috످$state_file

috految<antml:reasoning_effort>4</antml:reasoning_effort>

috److Your message contains only `$state_file`, which looks like a variable name or a placeholder that wasn't filled in.

If you meant to share a file, paste its contents here (with any secrets removed). If you're debugging a script, send the relevant code and any error messages.

috످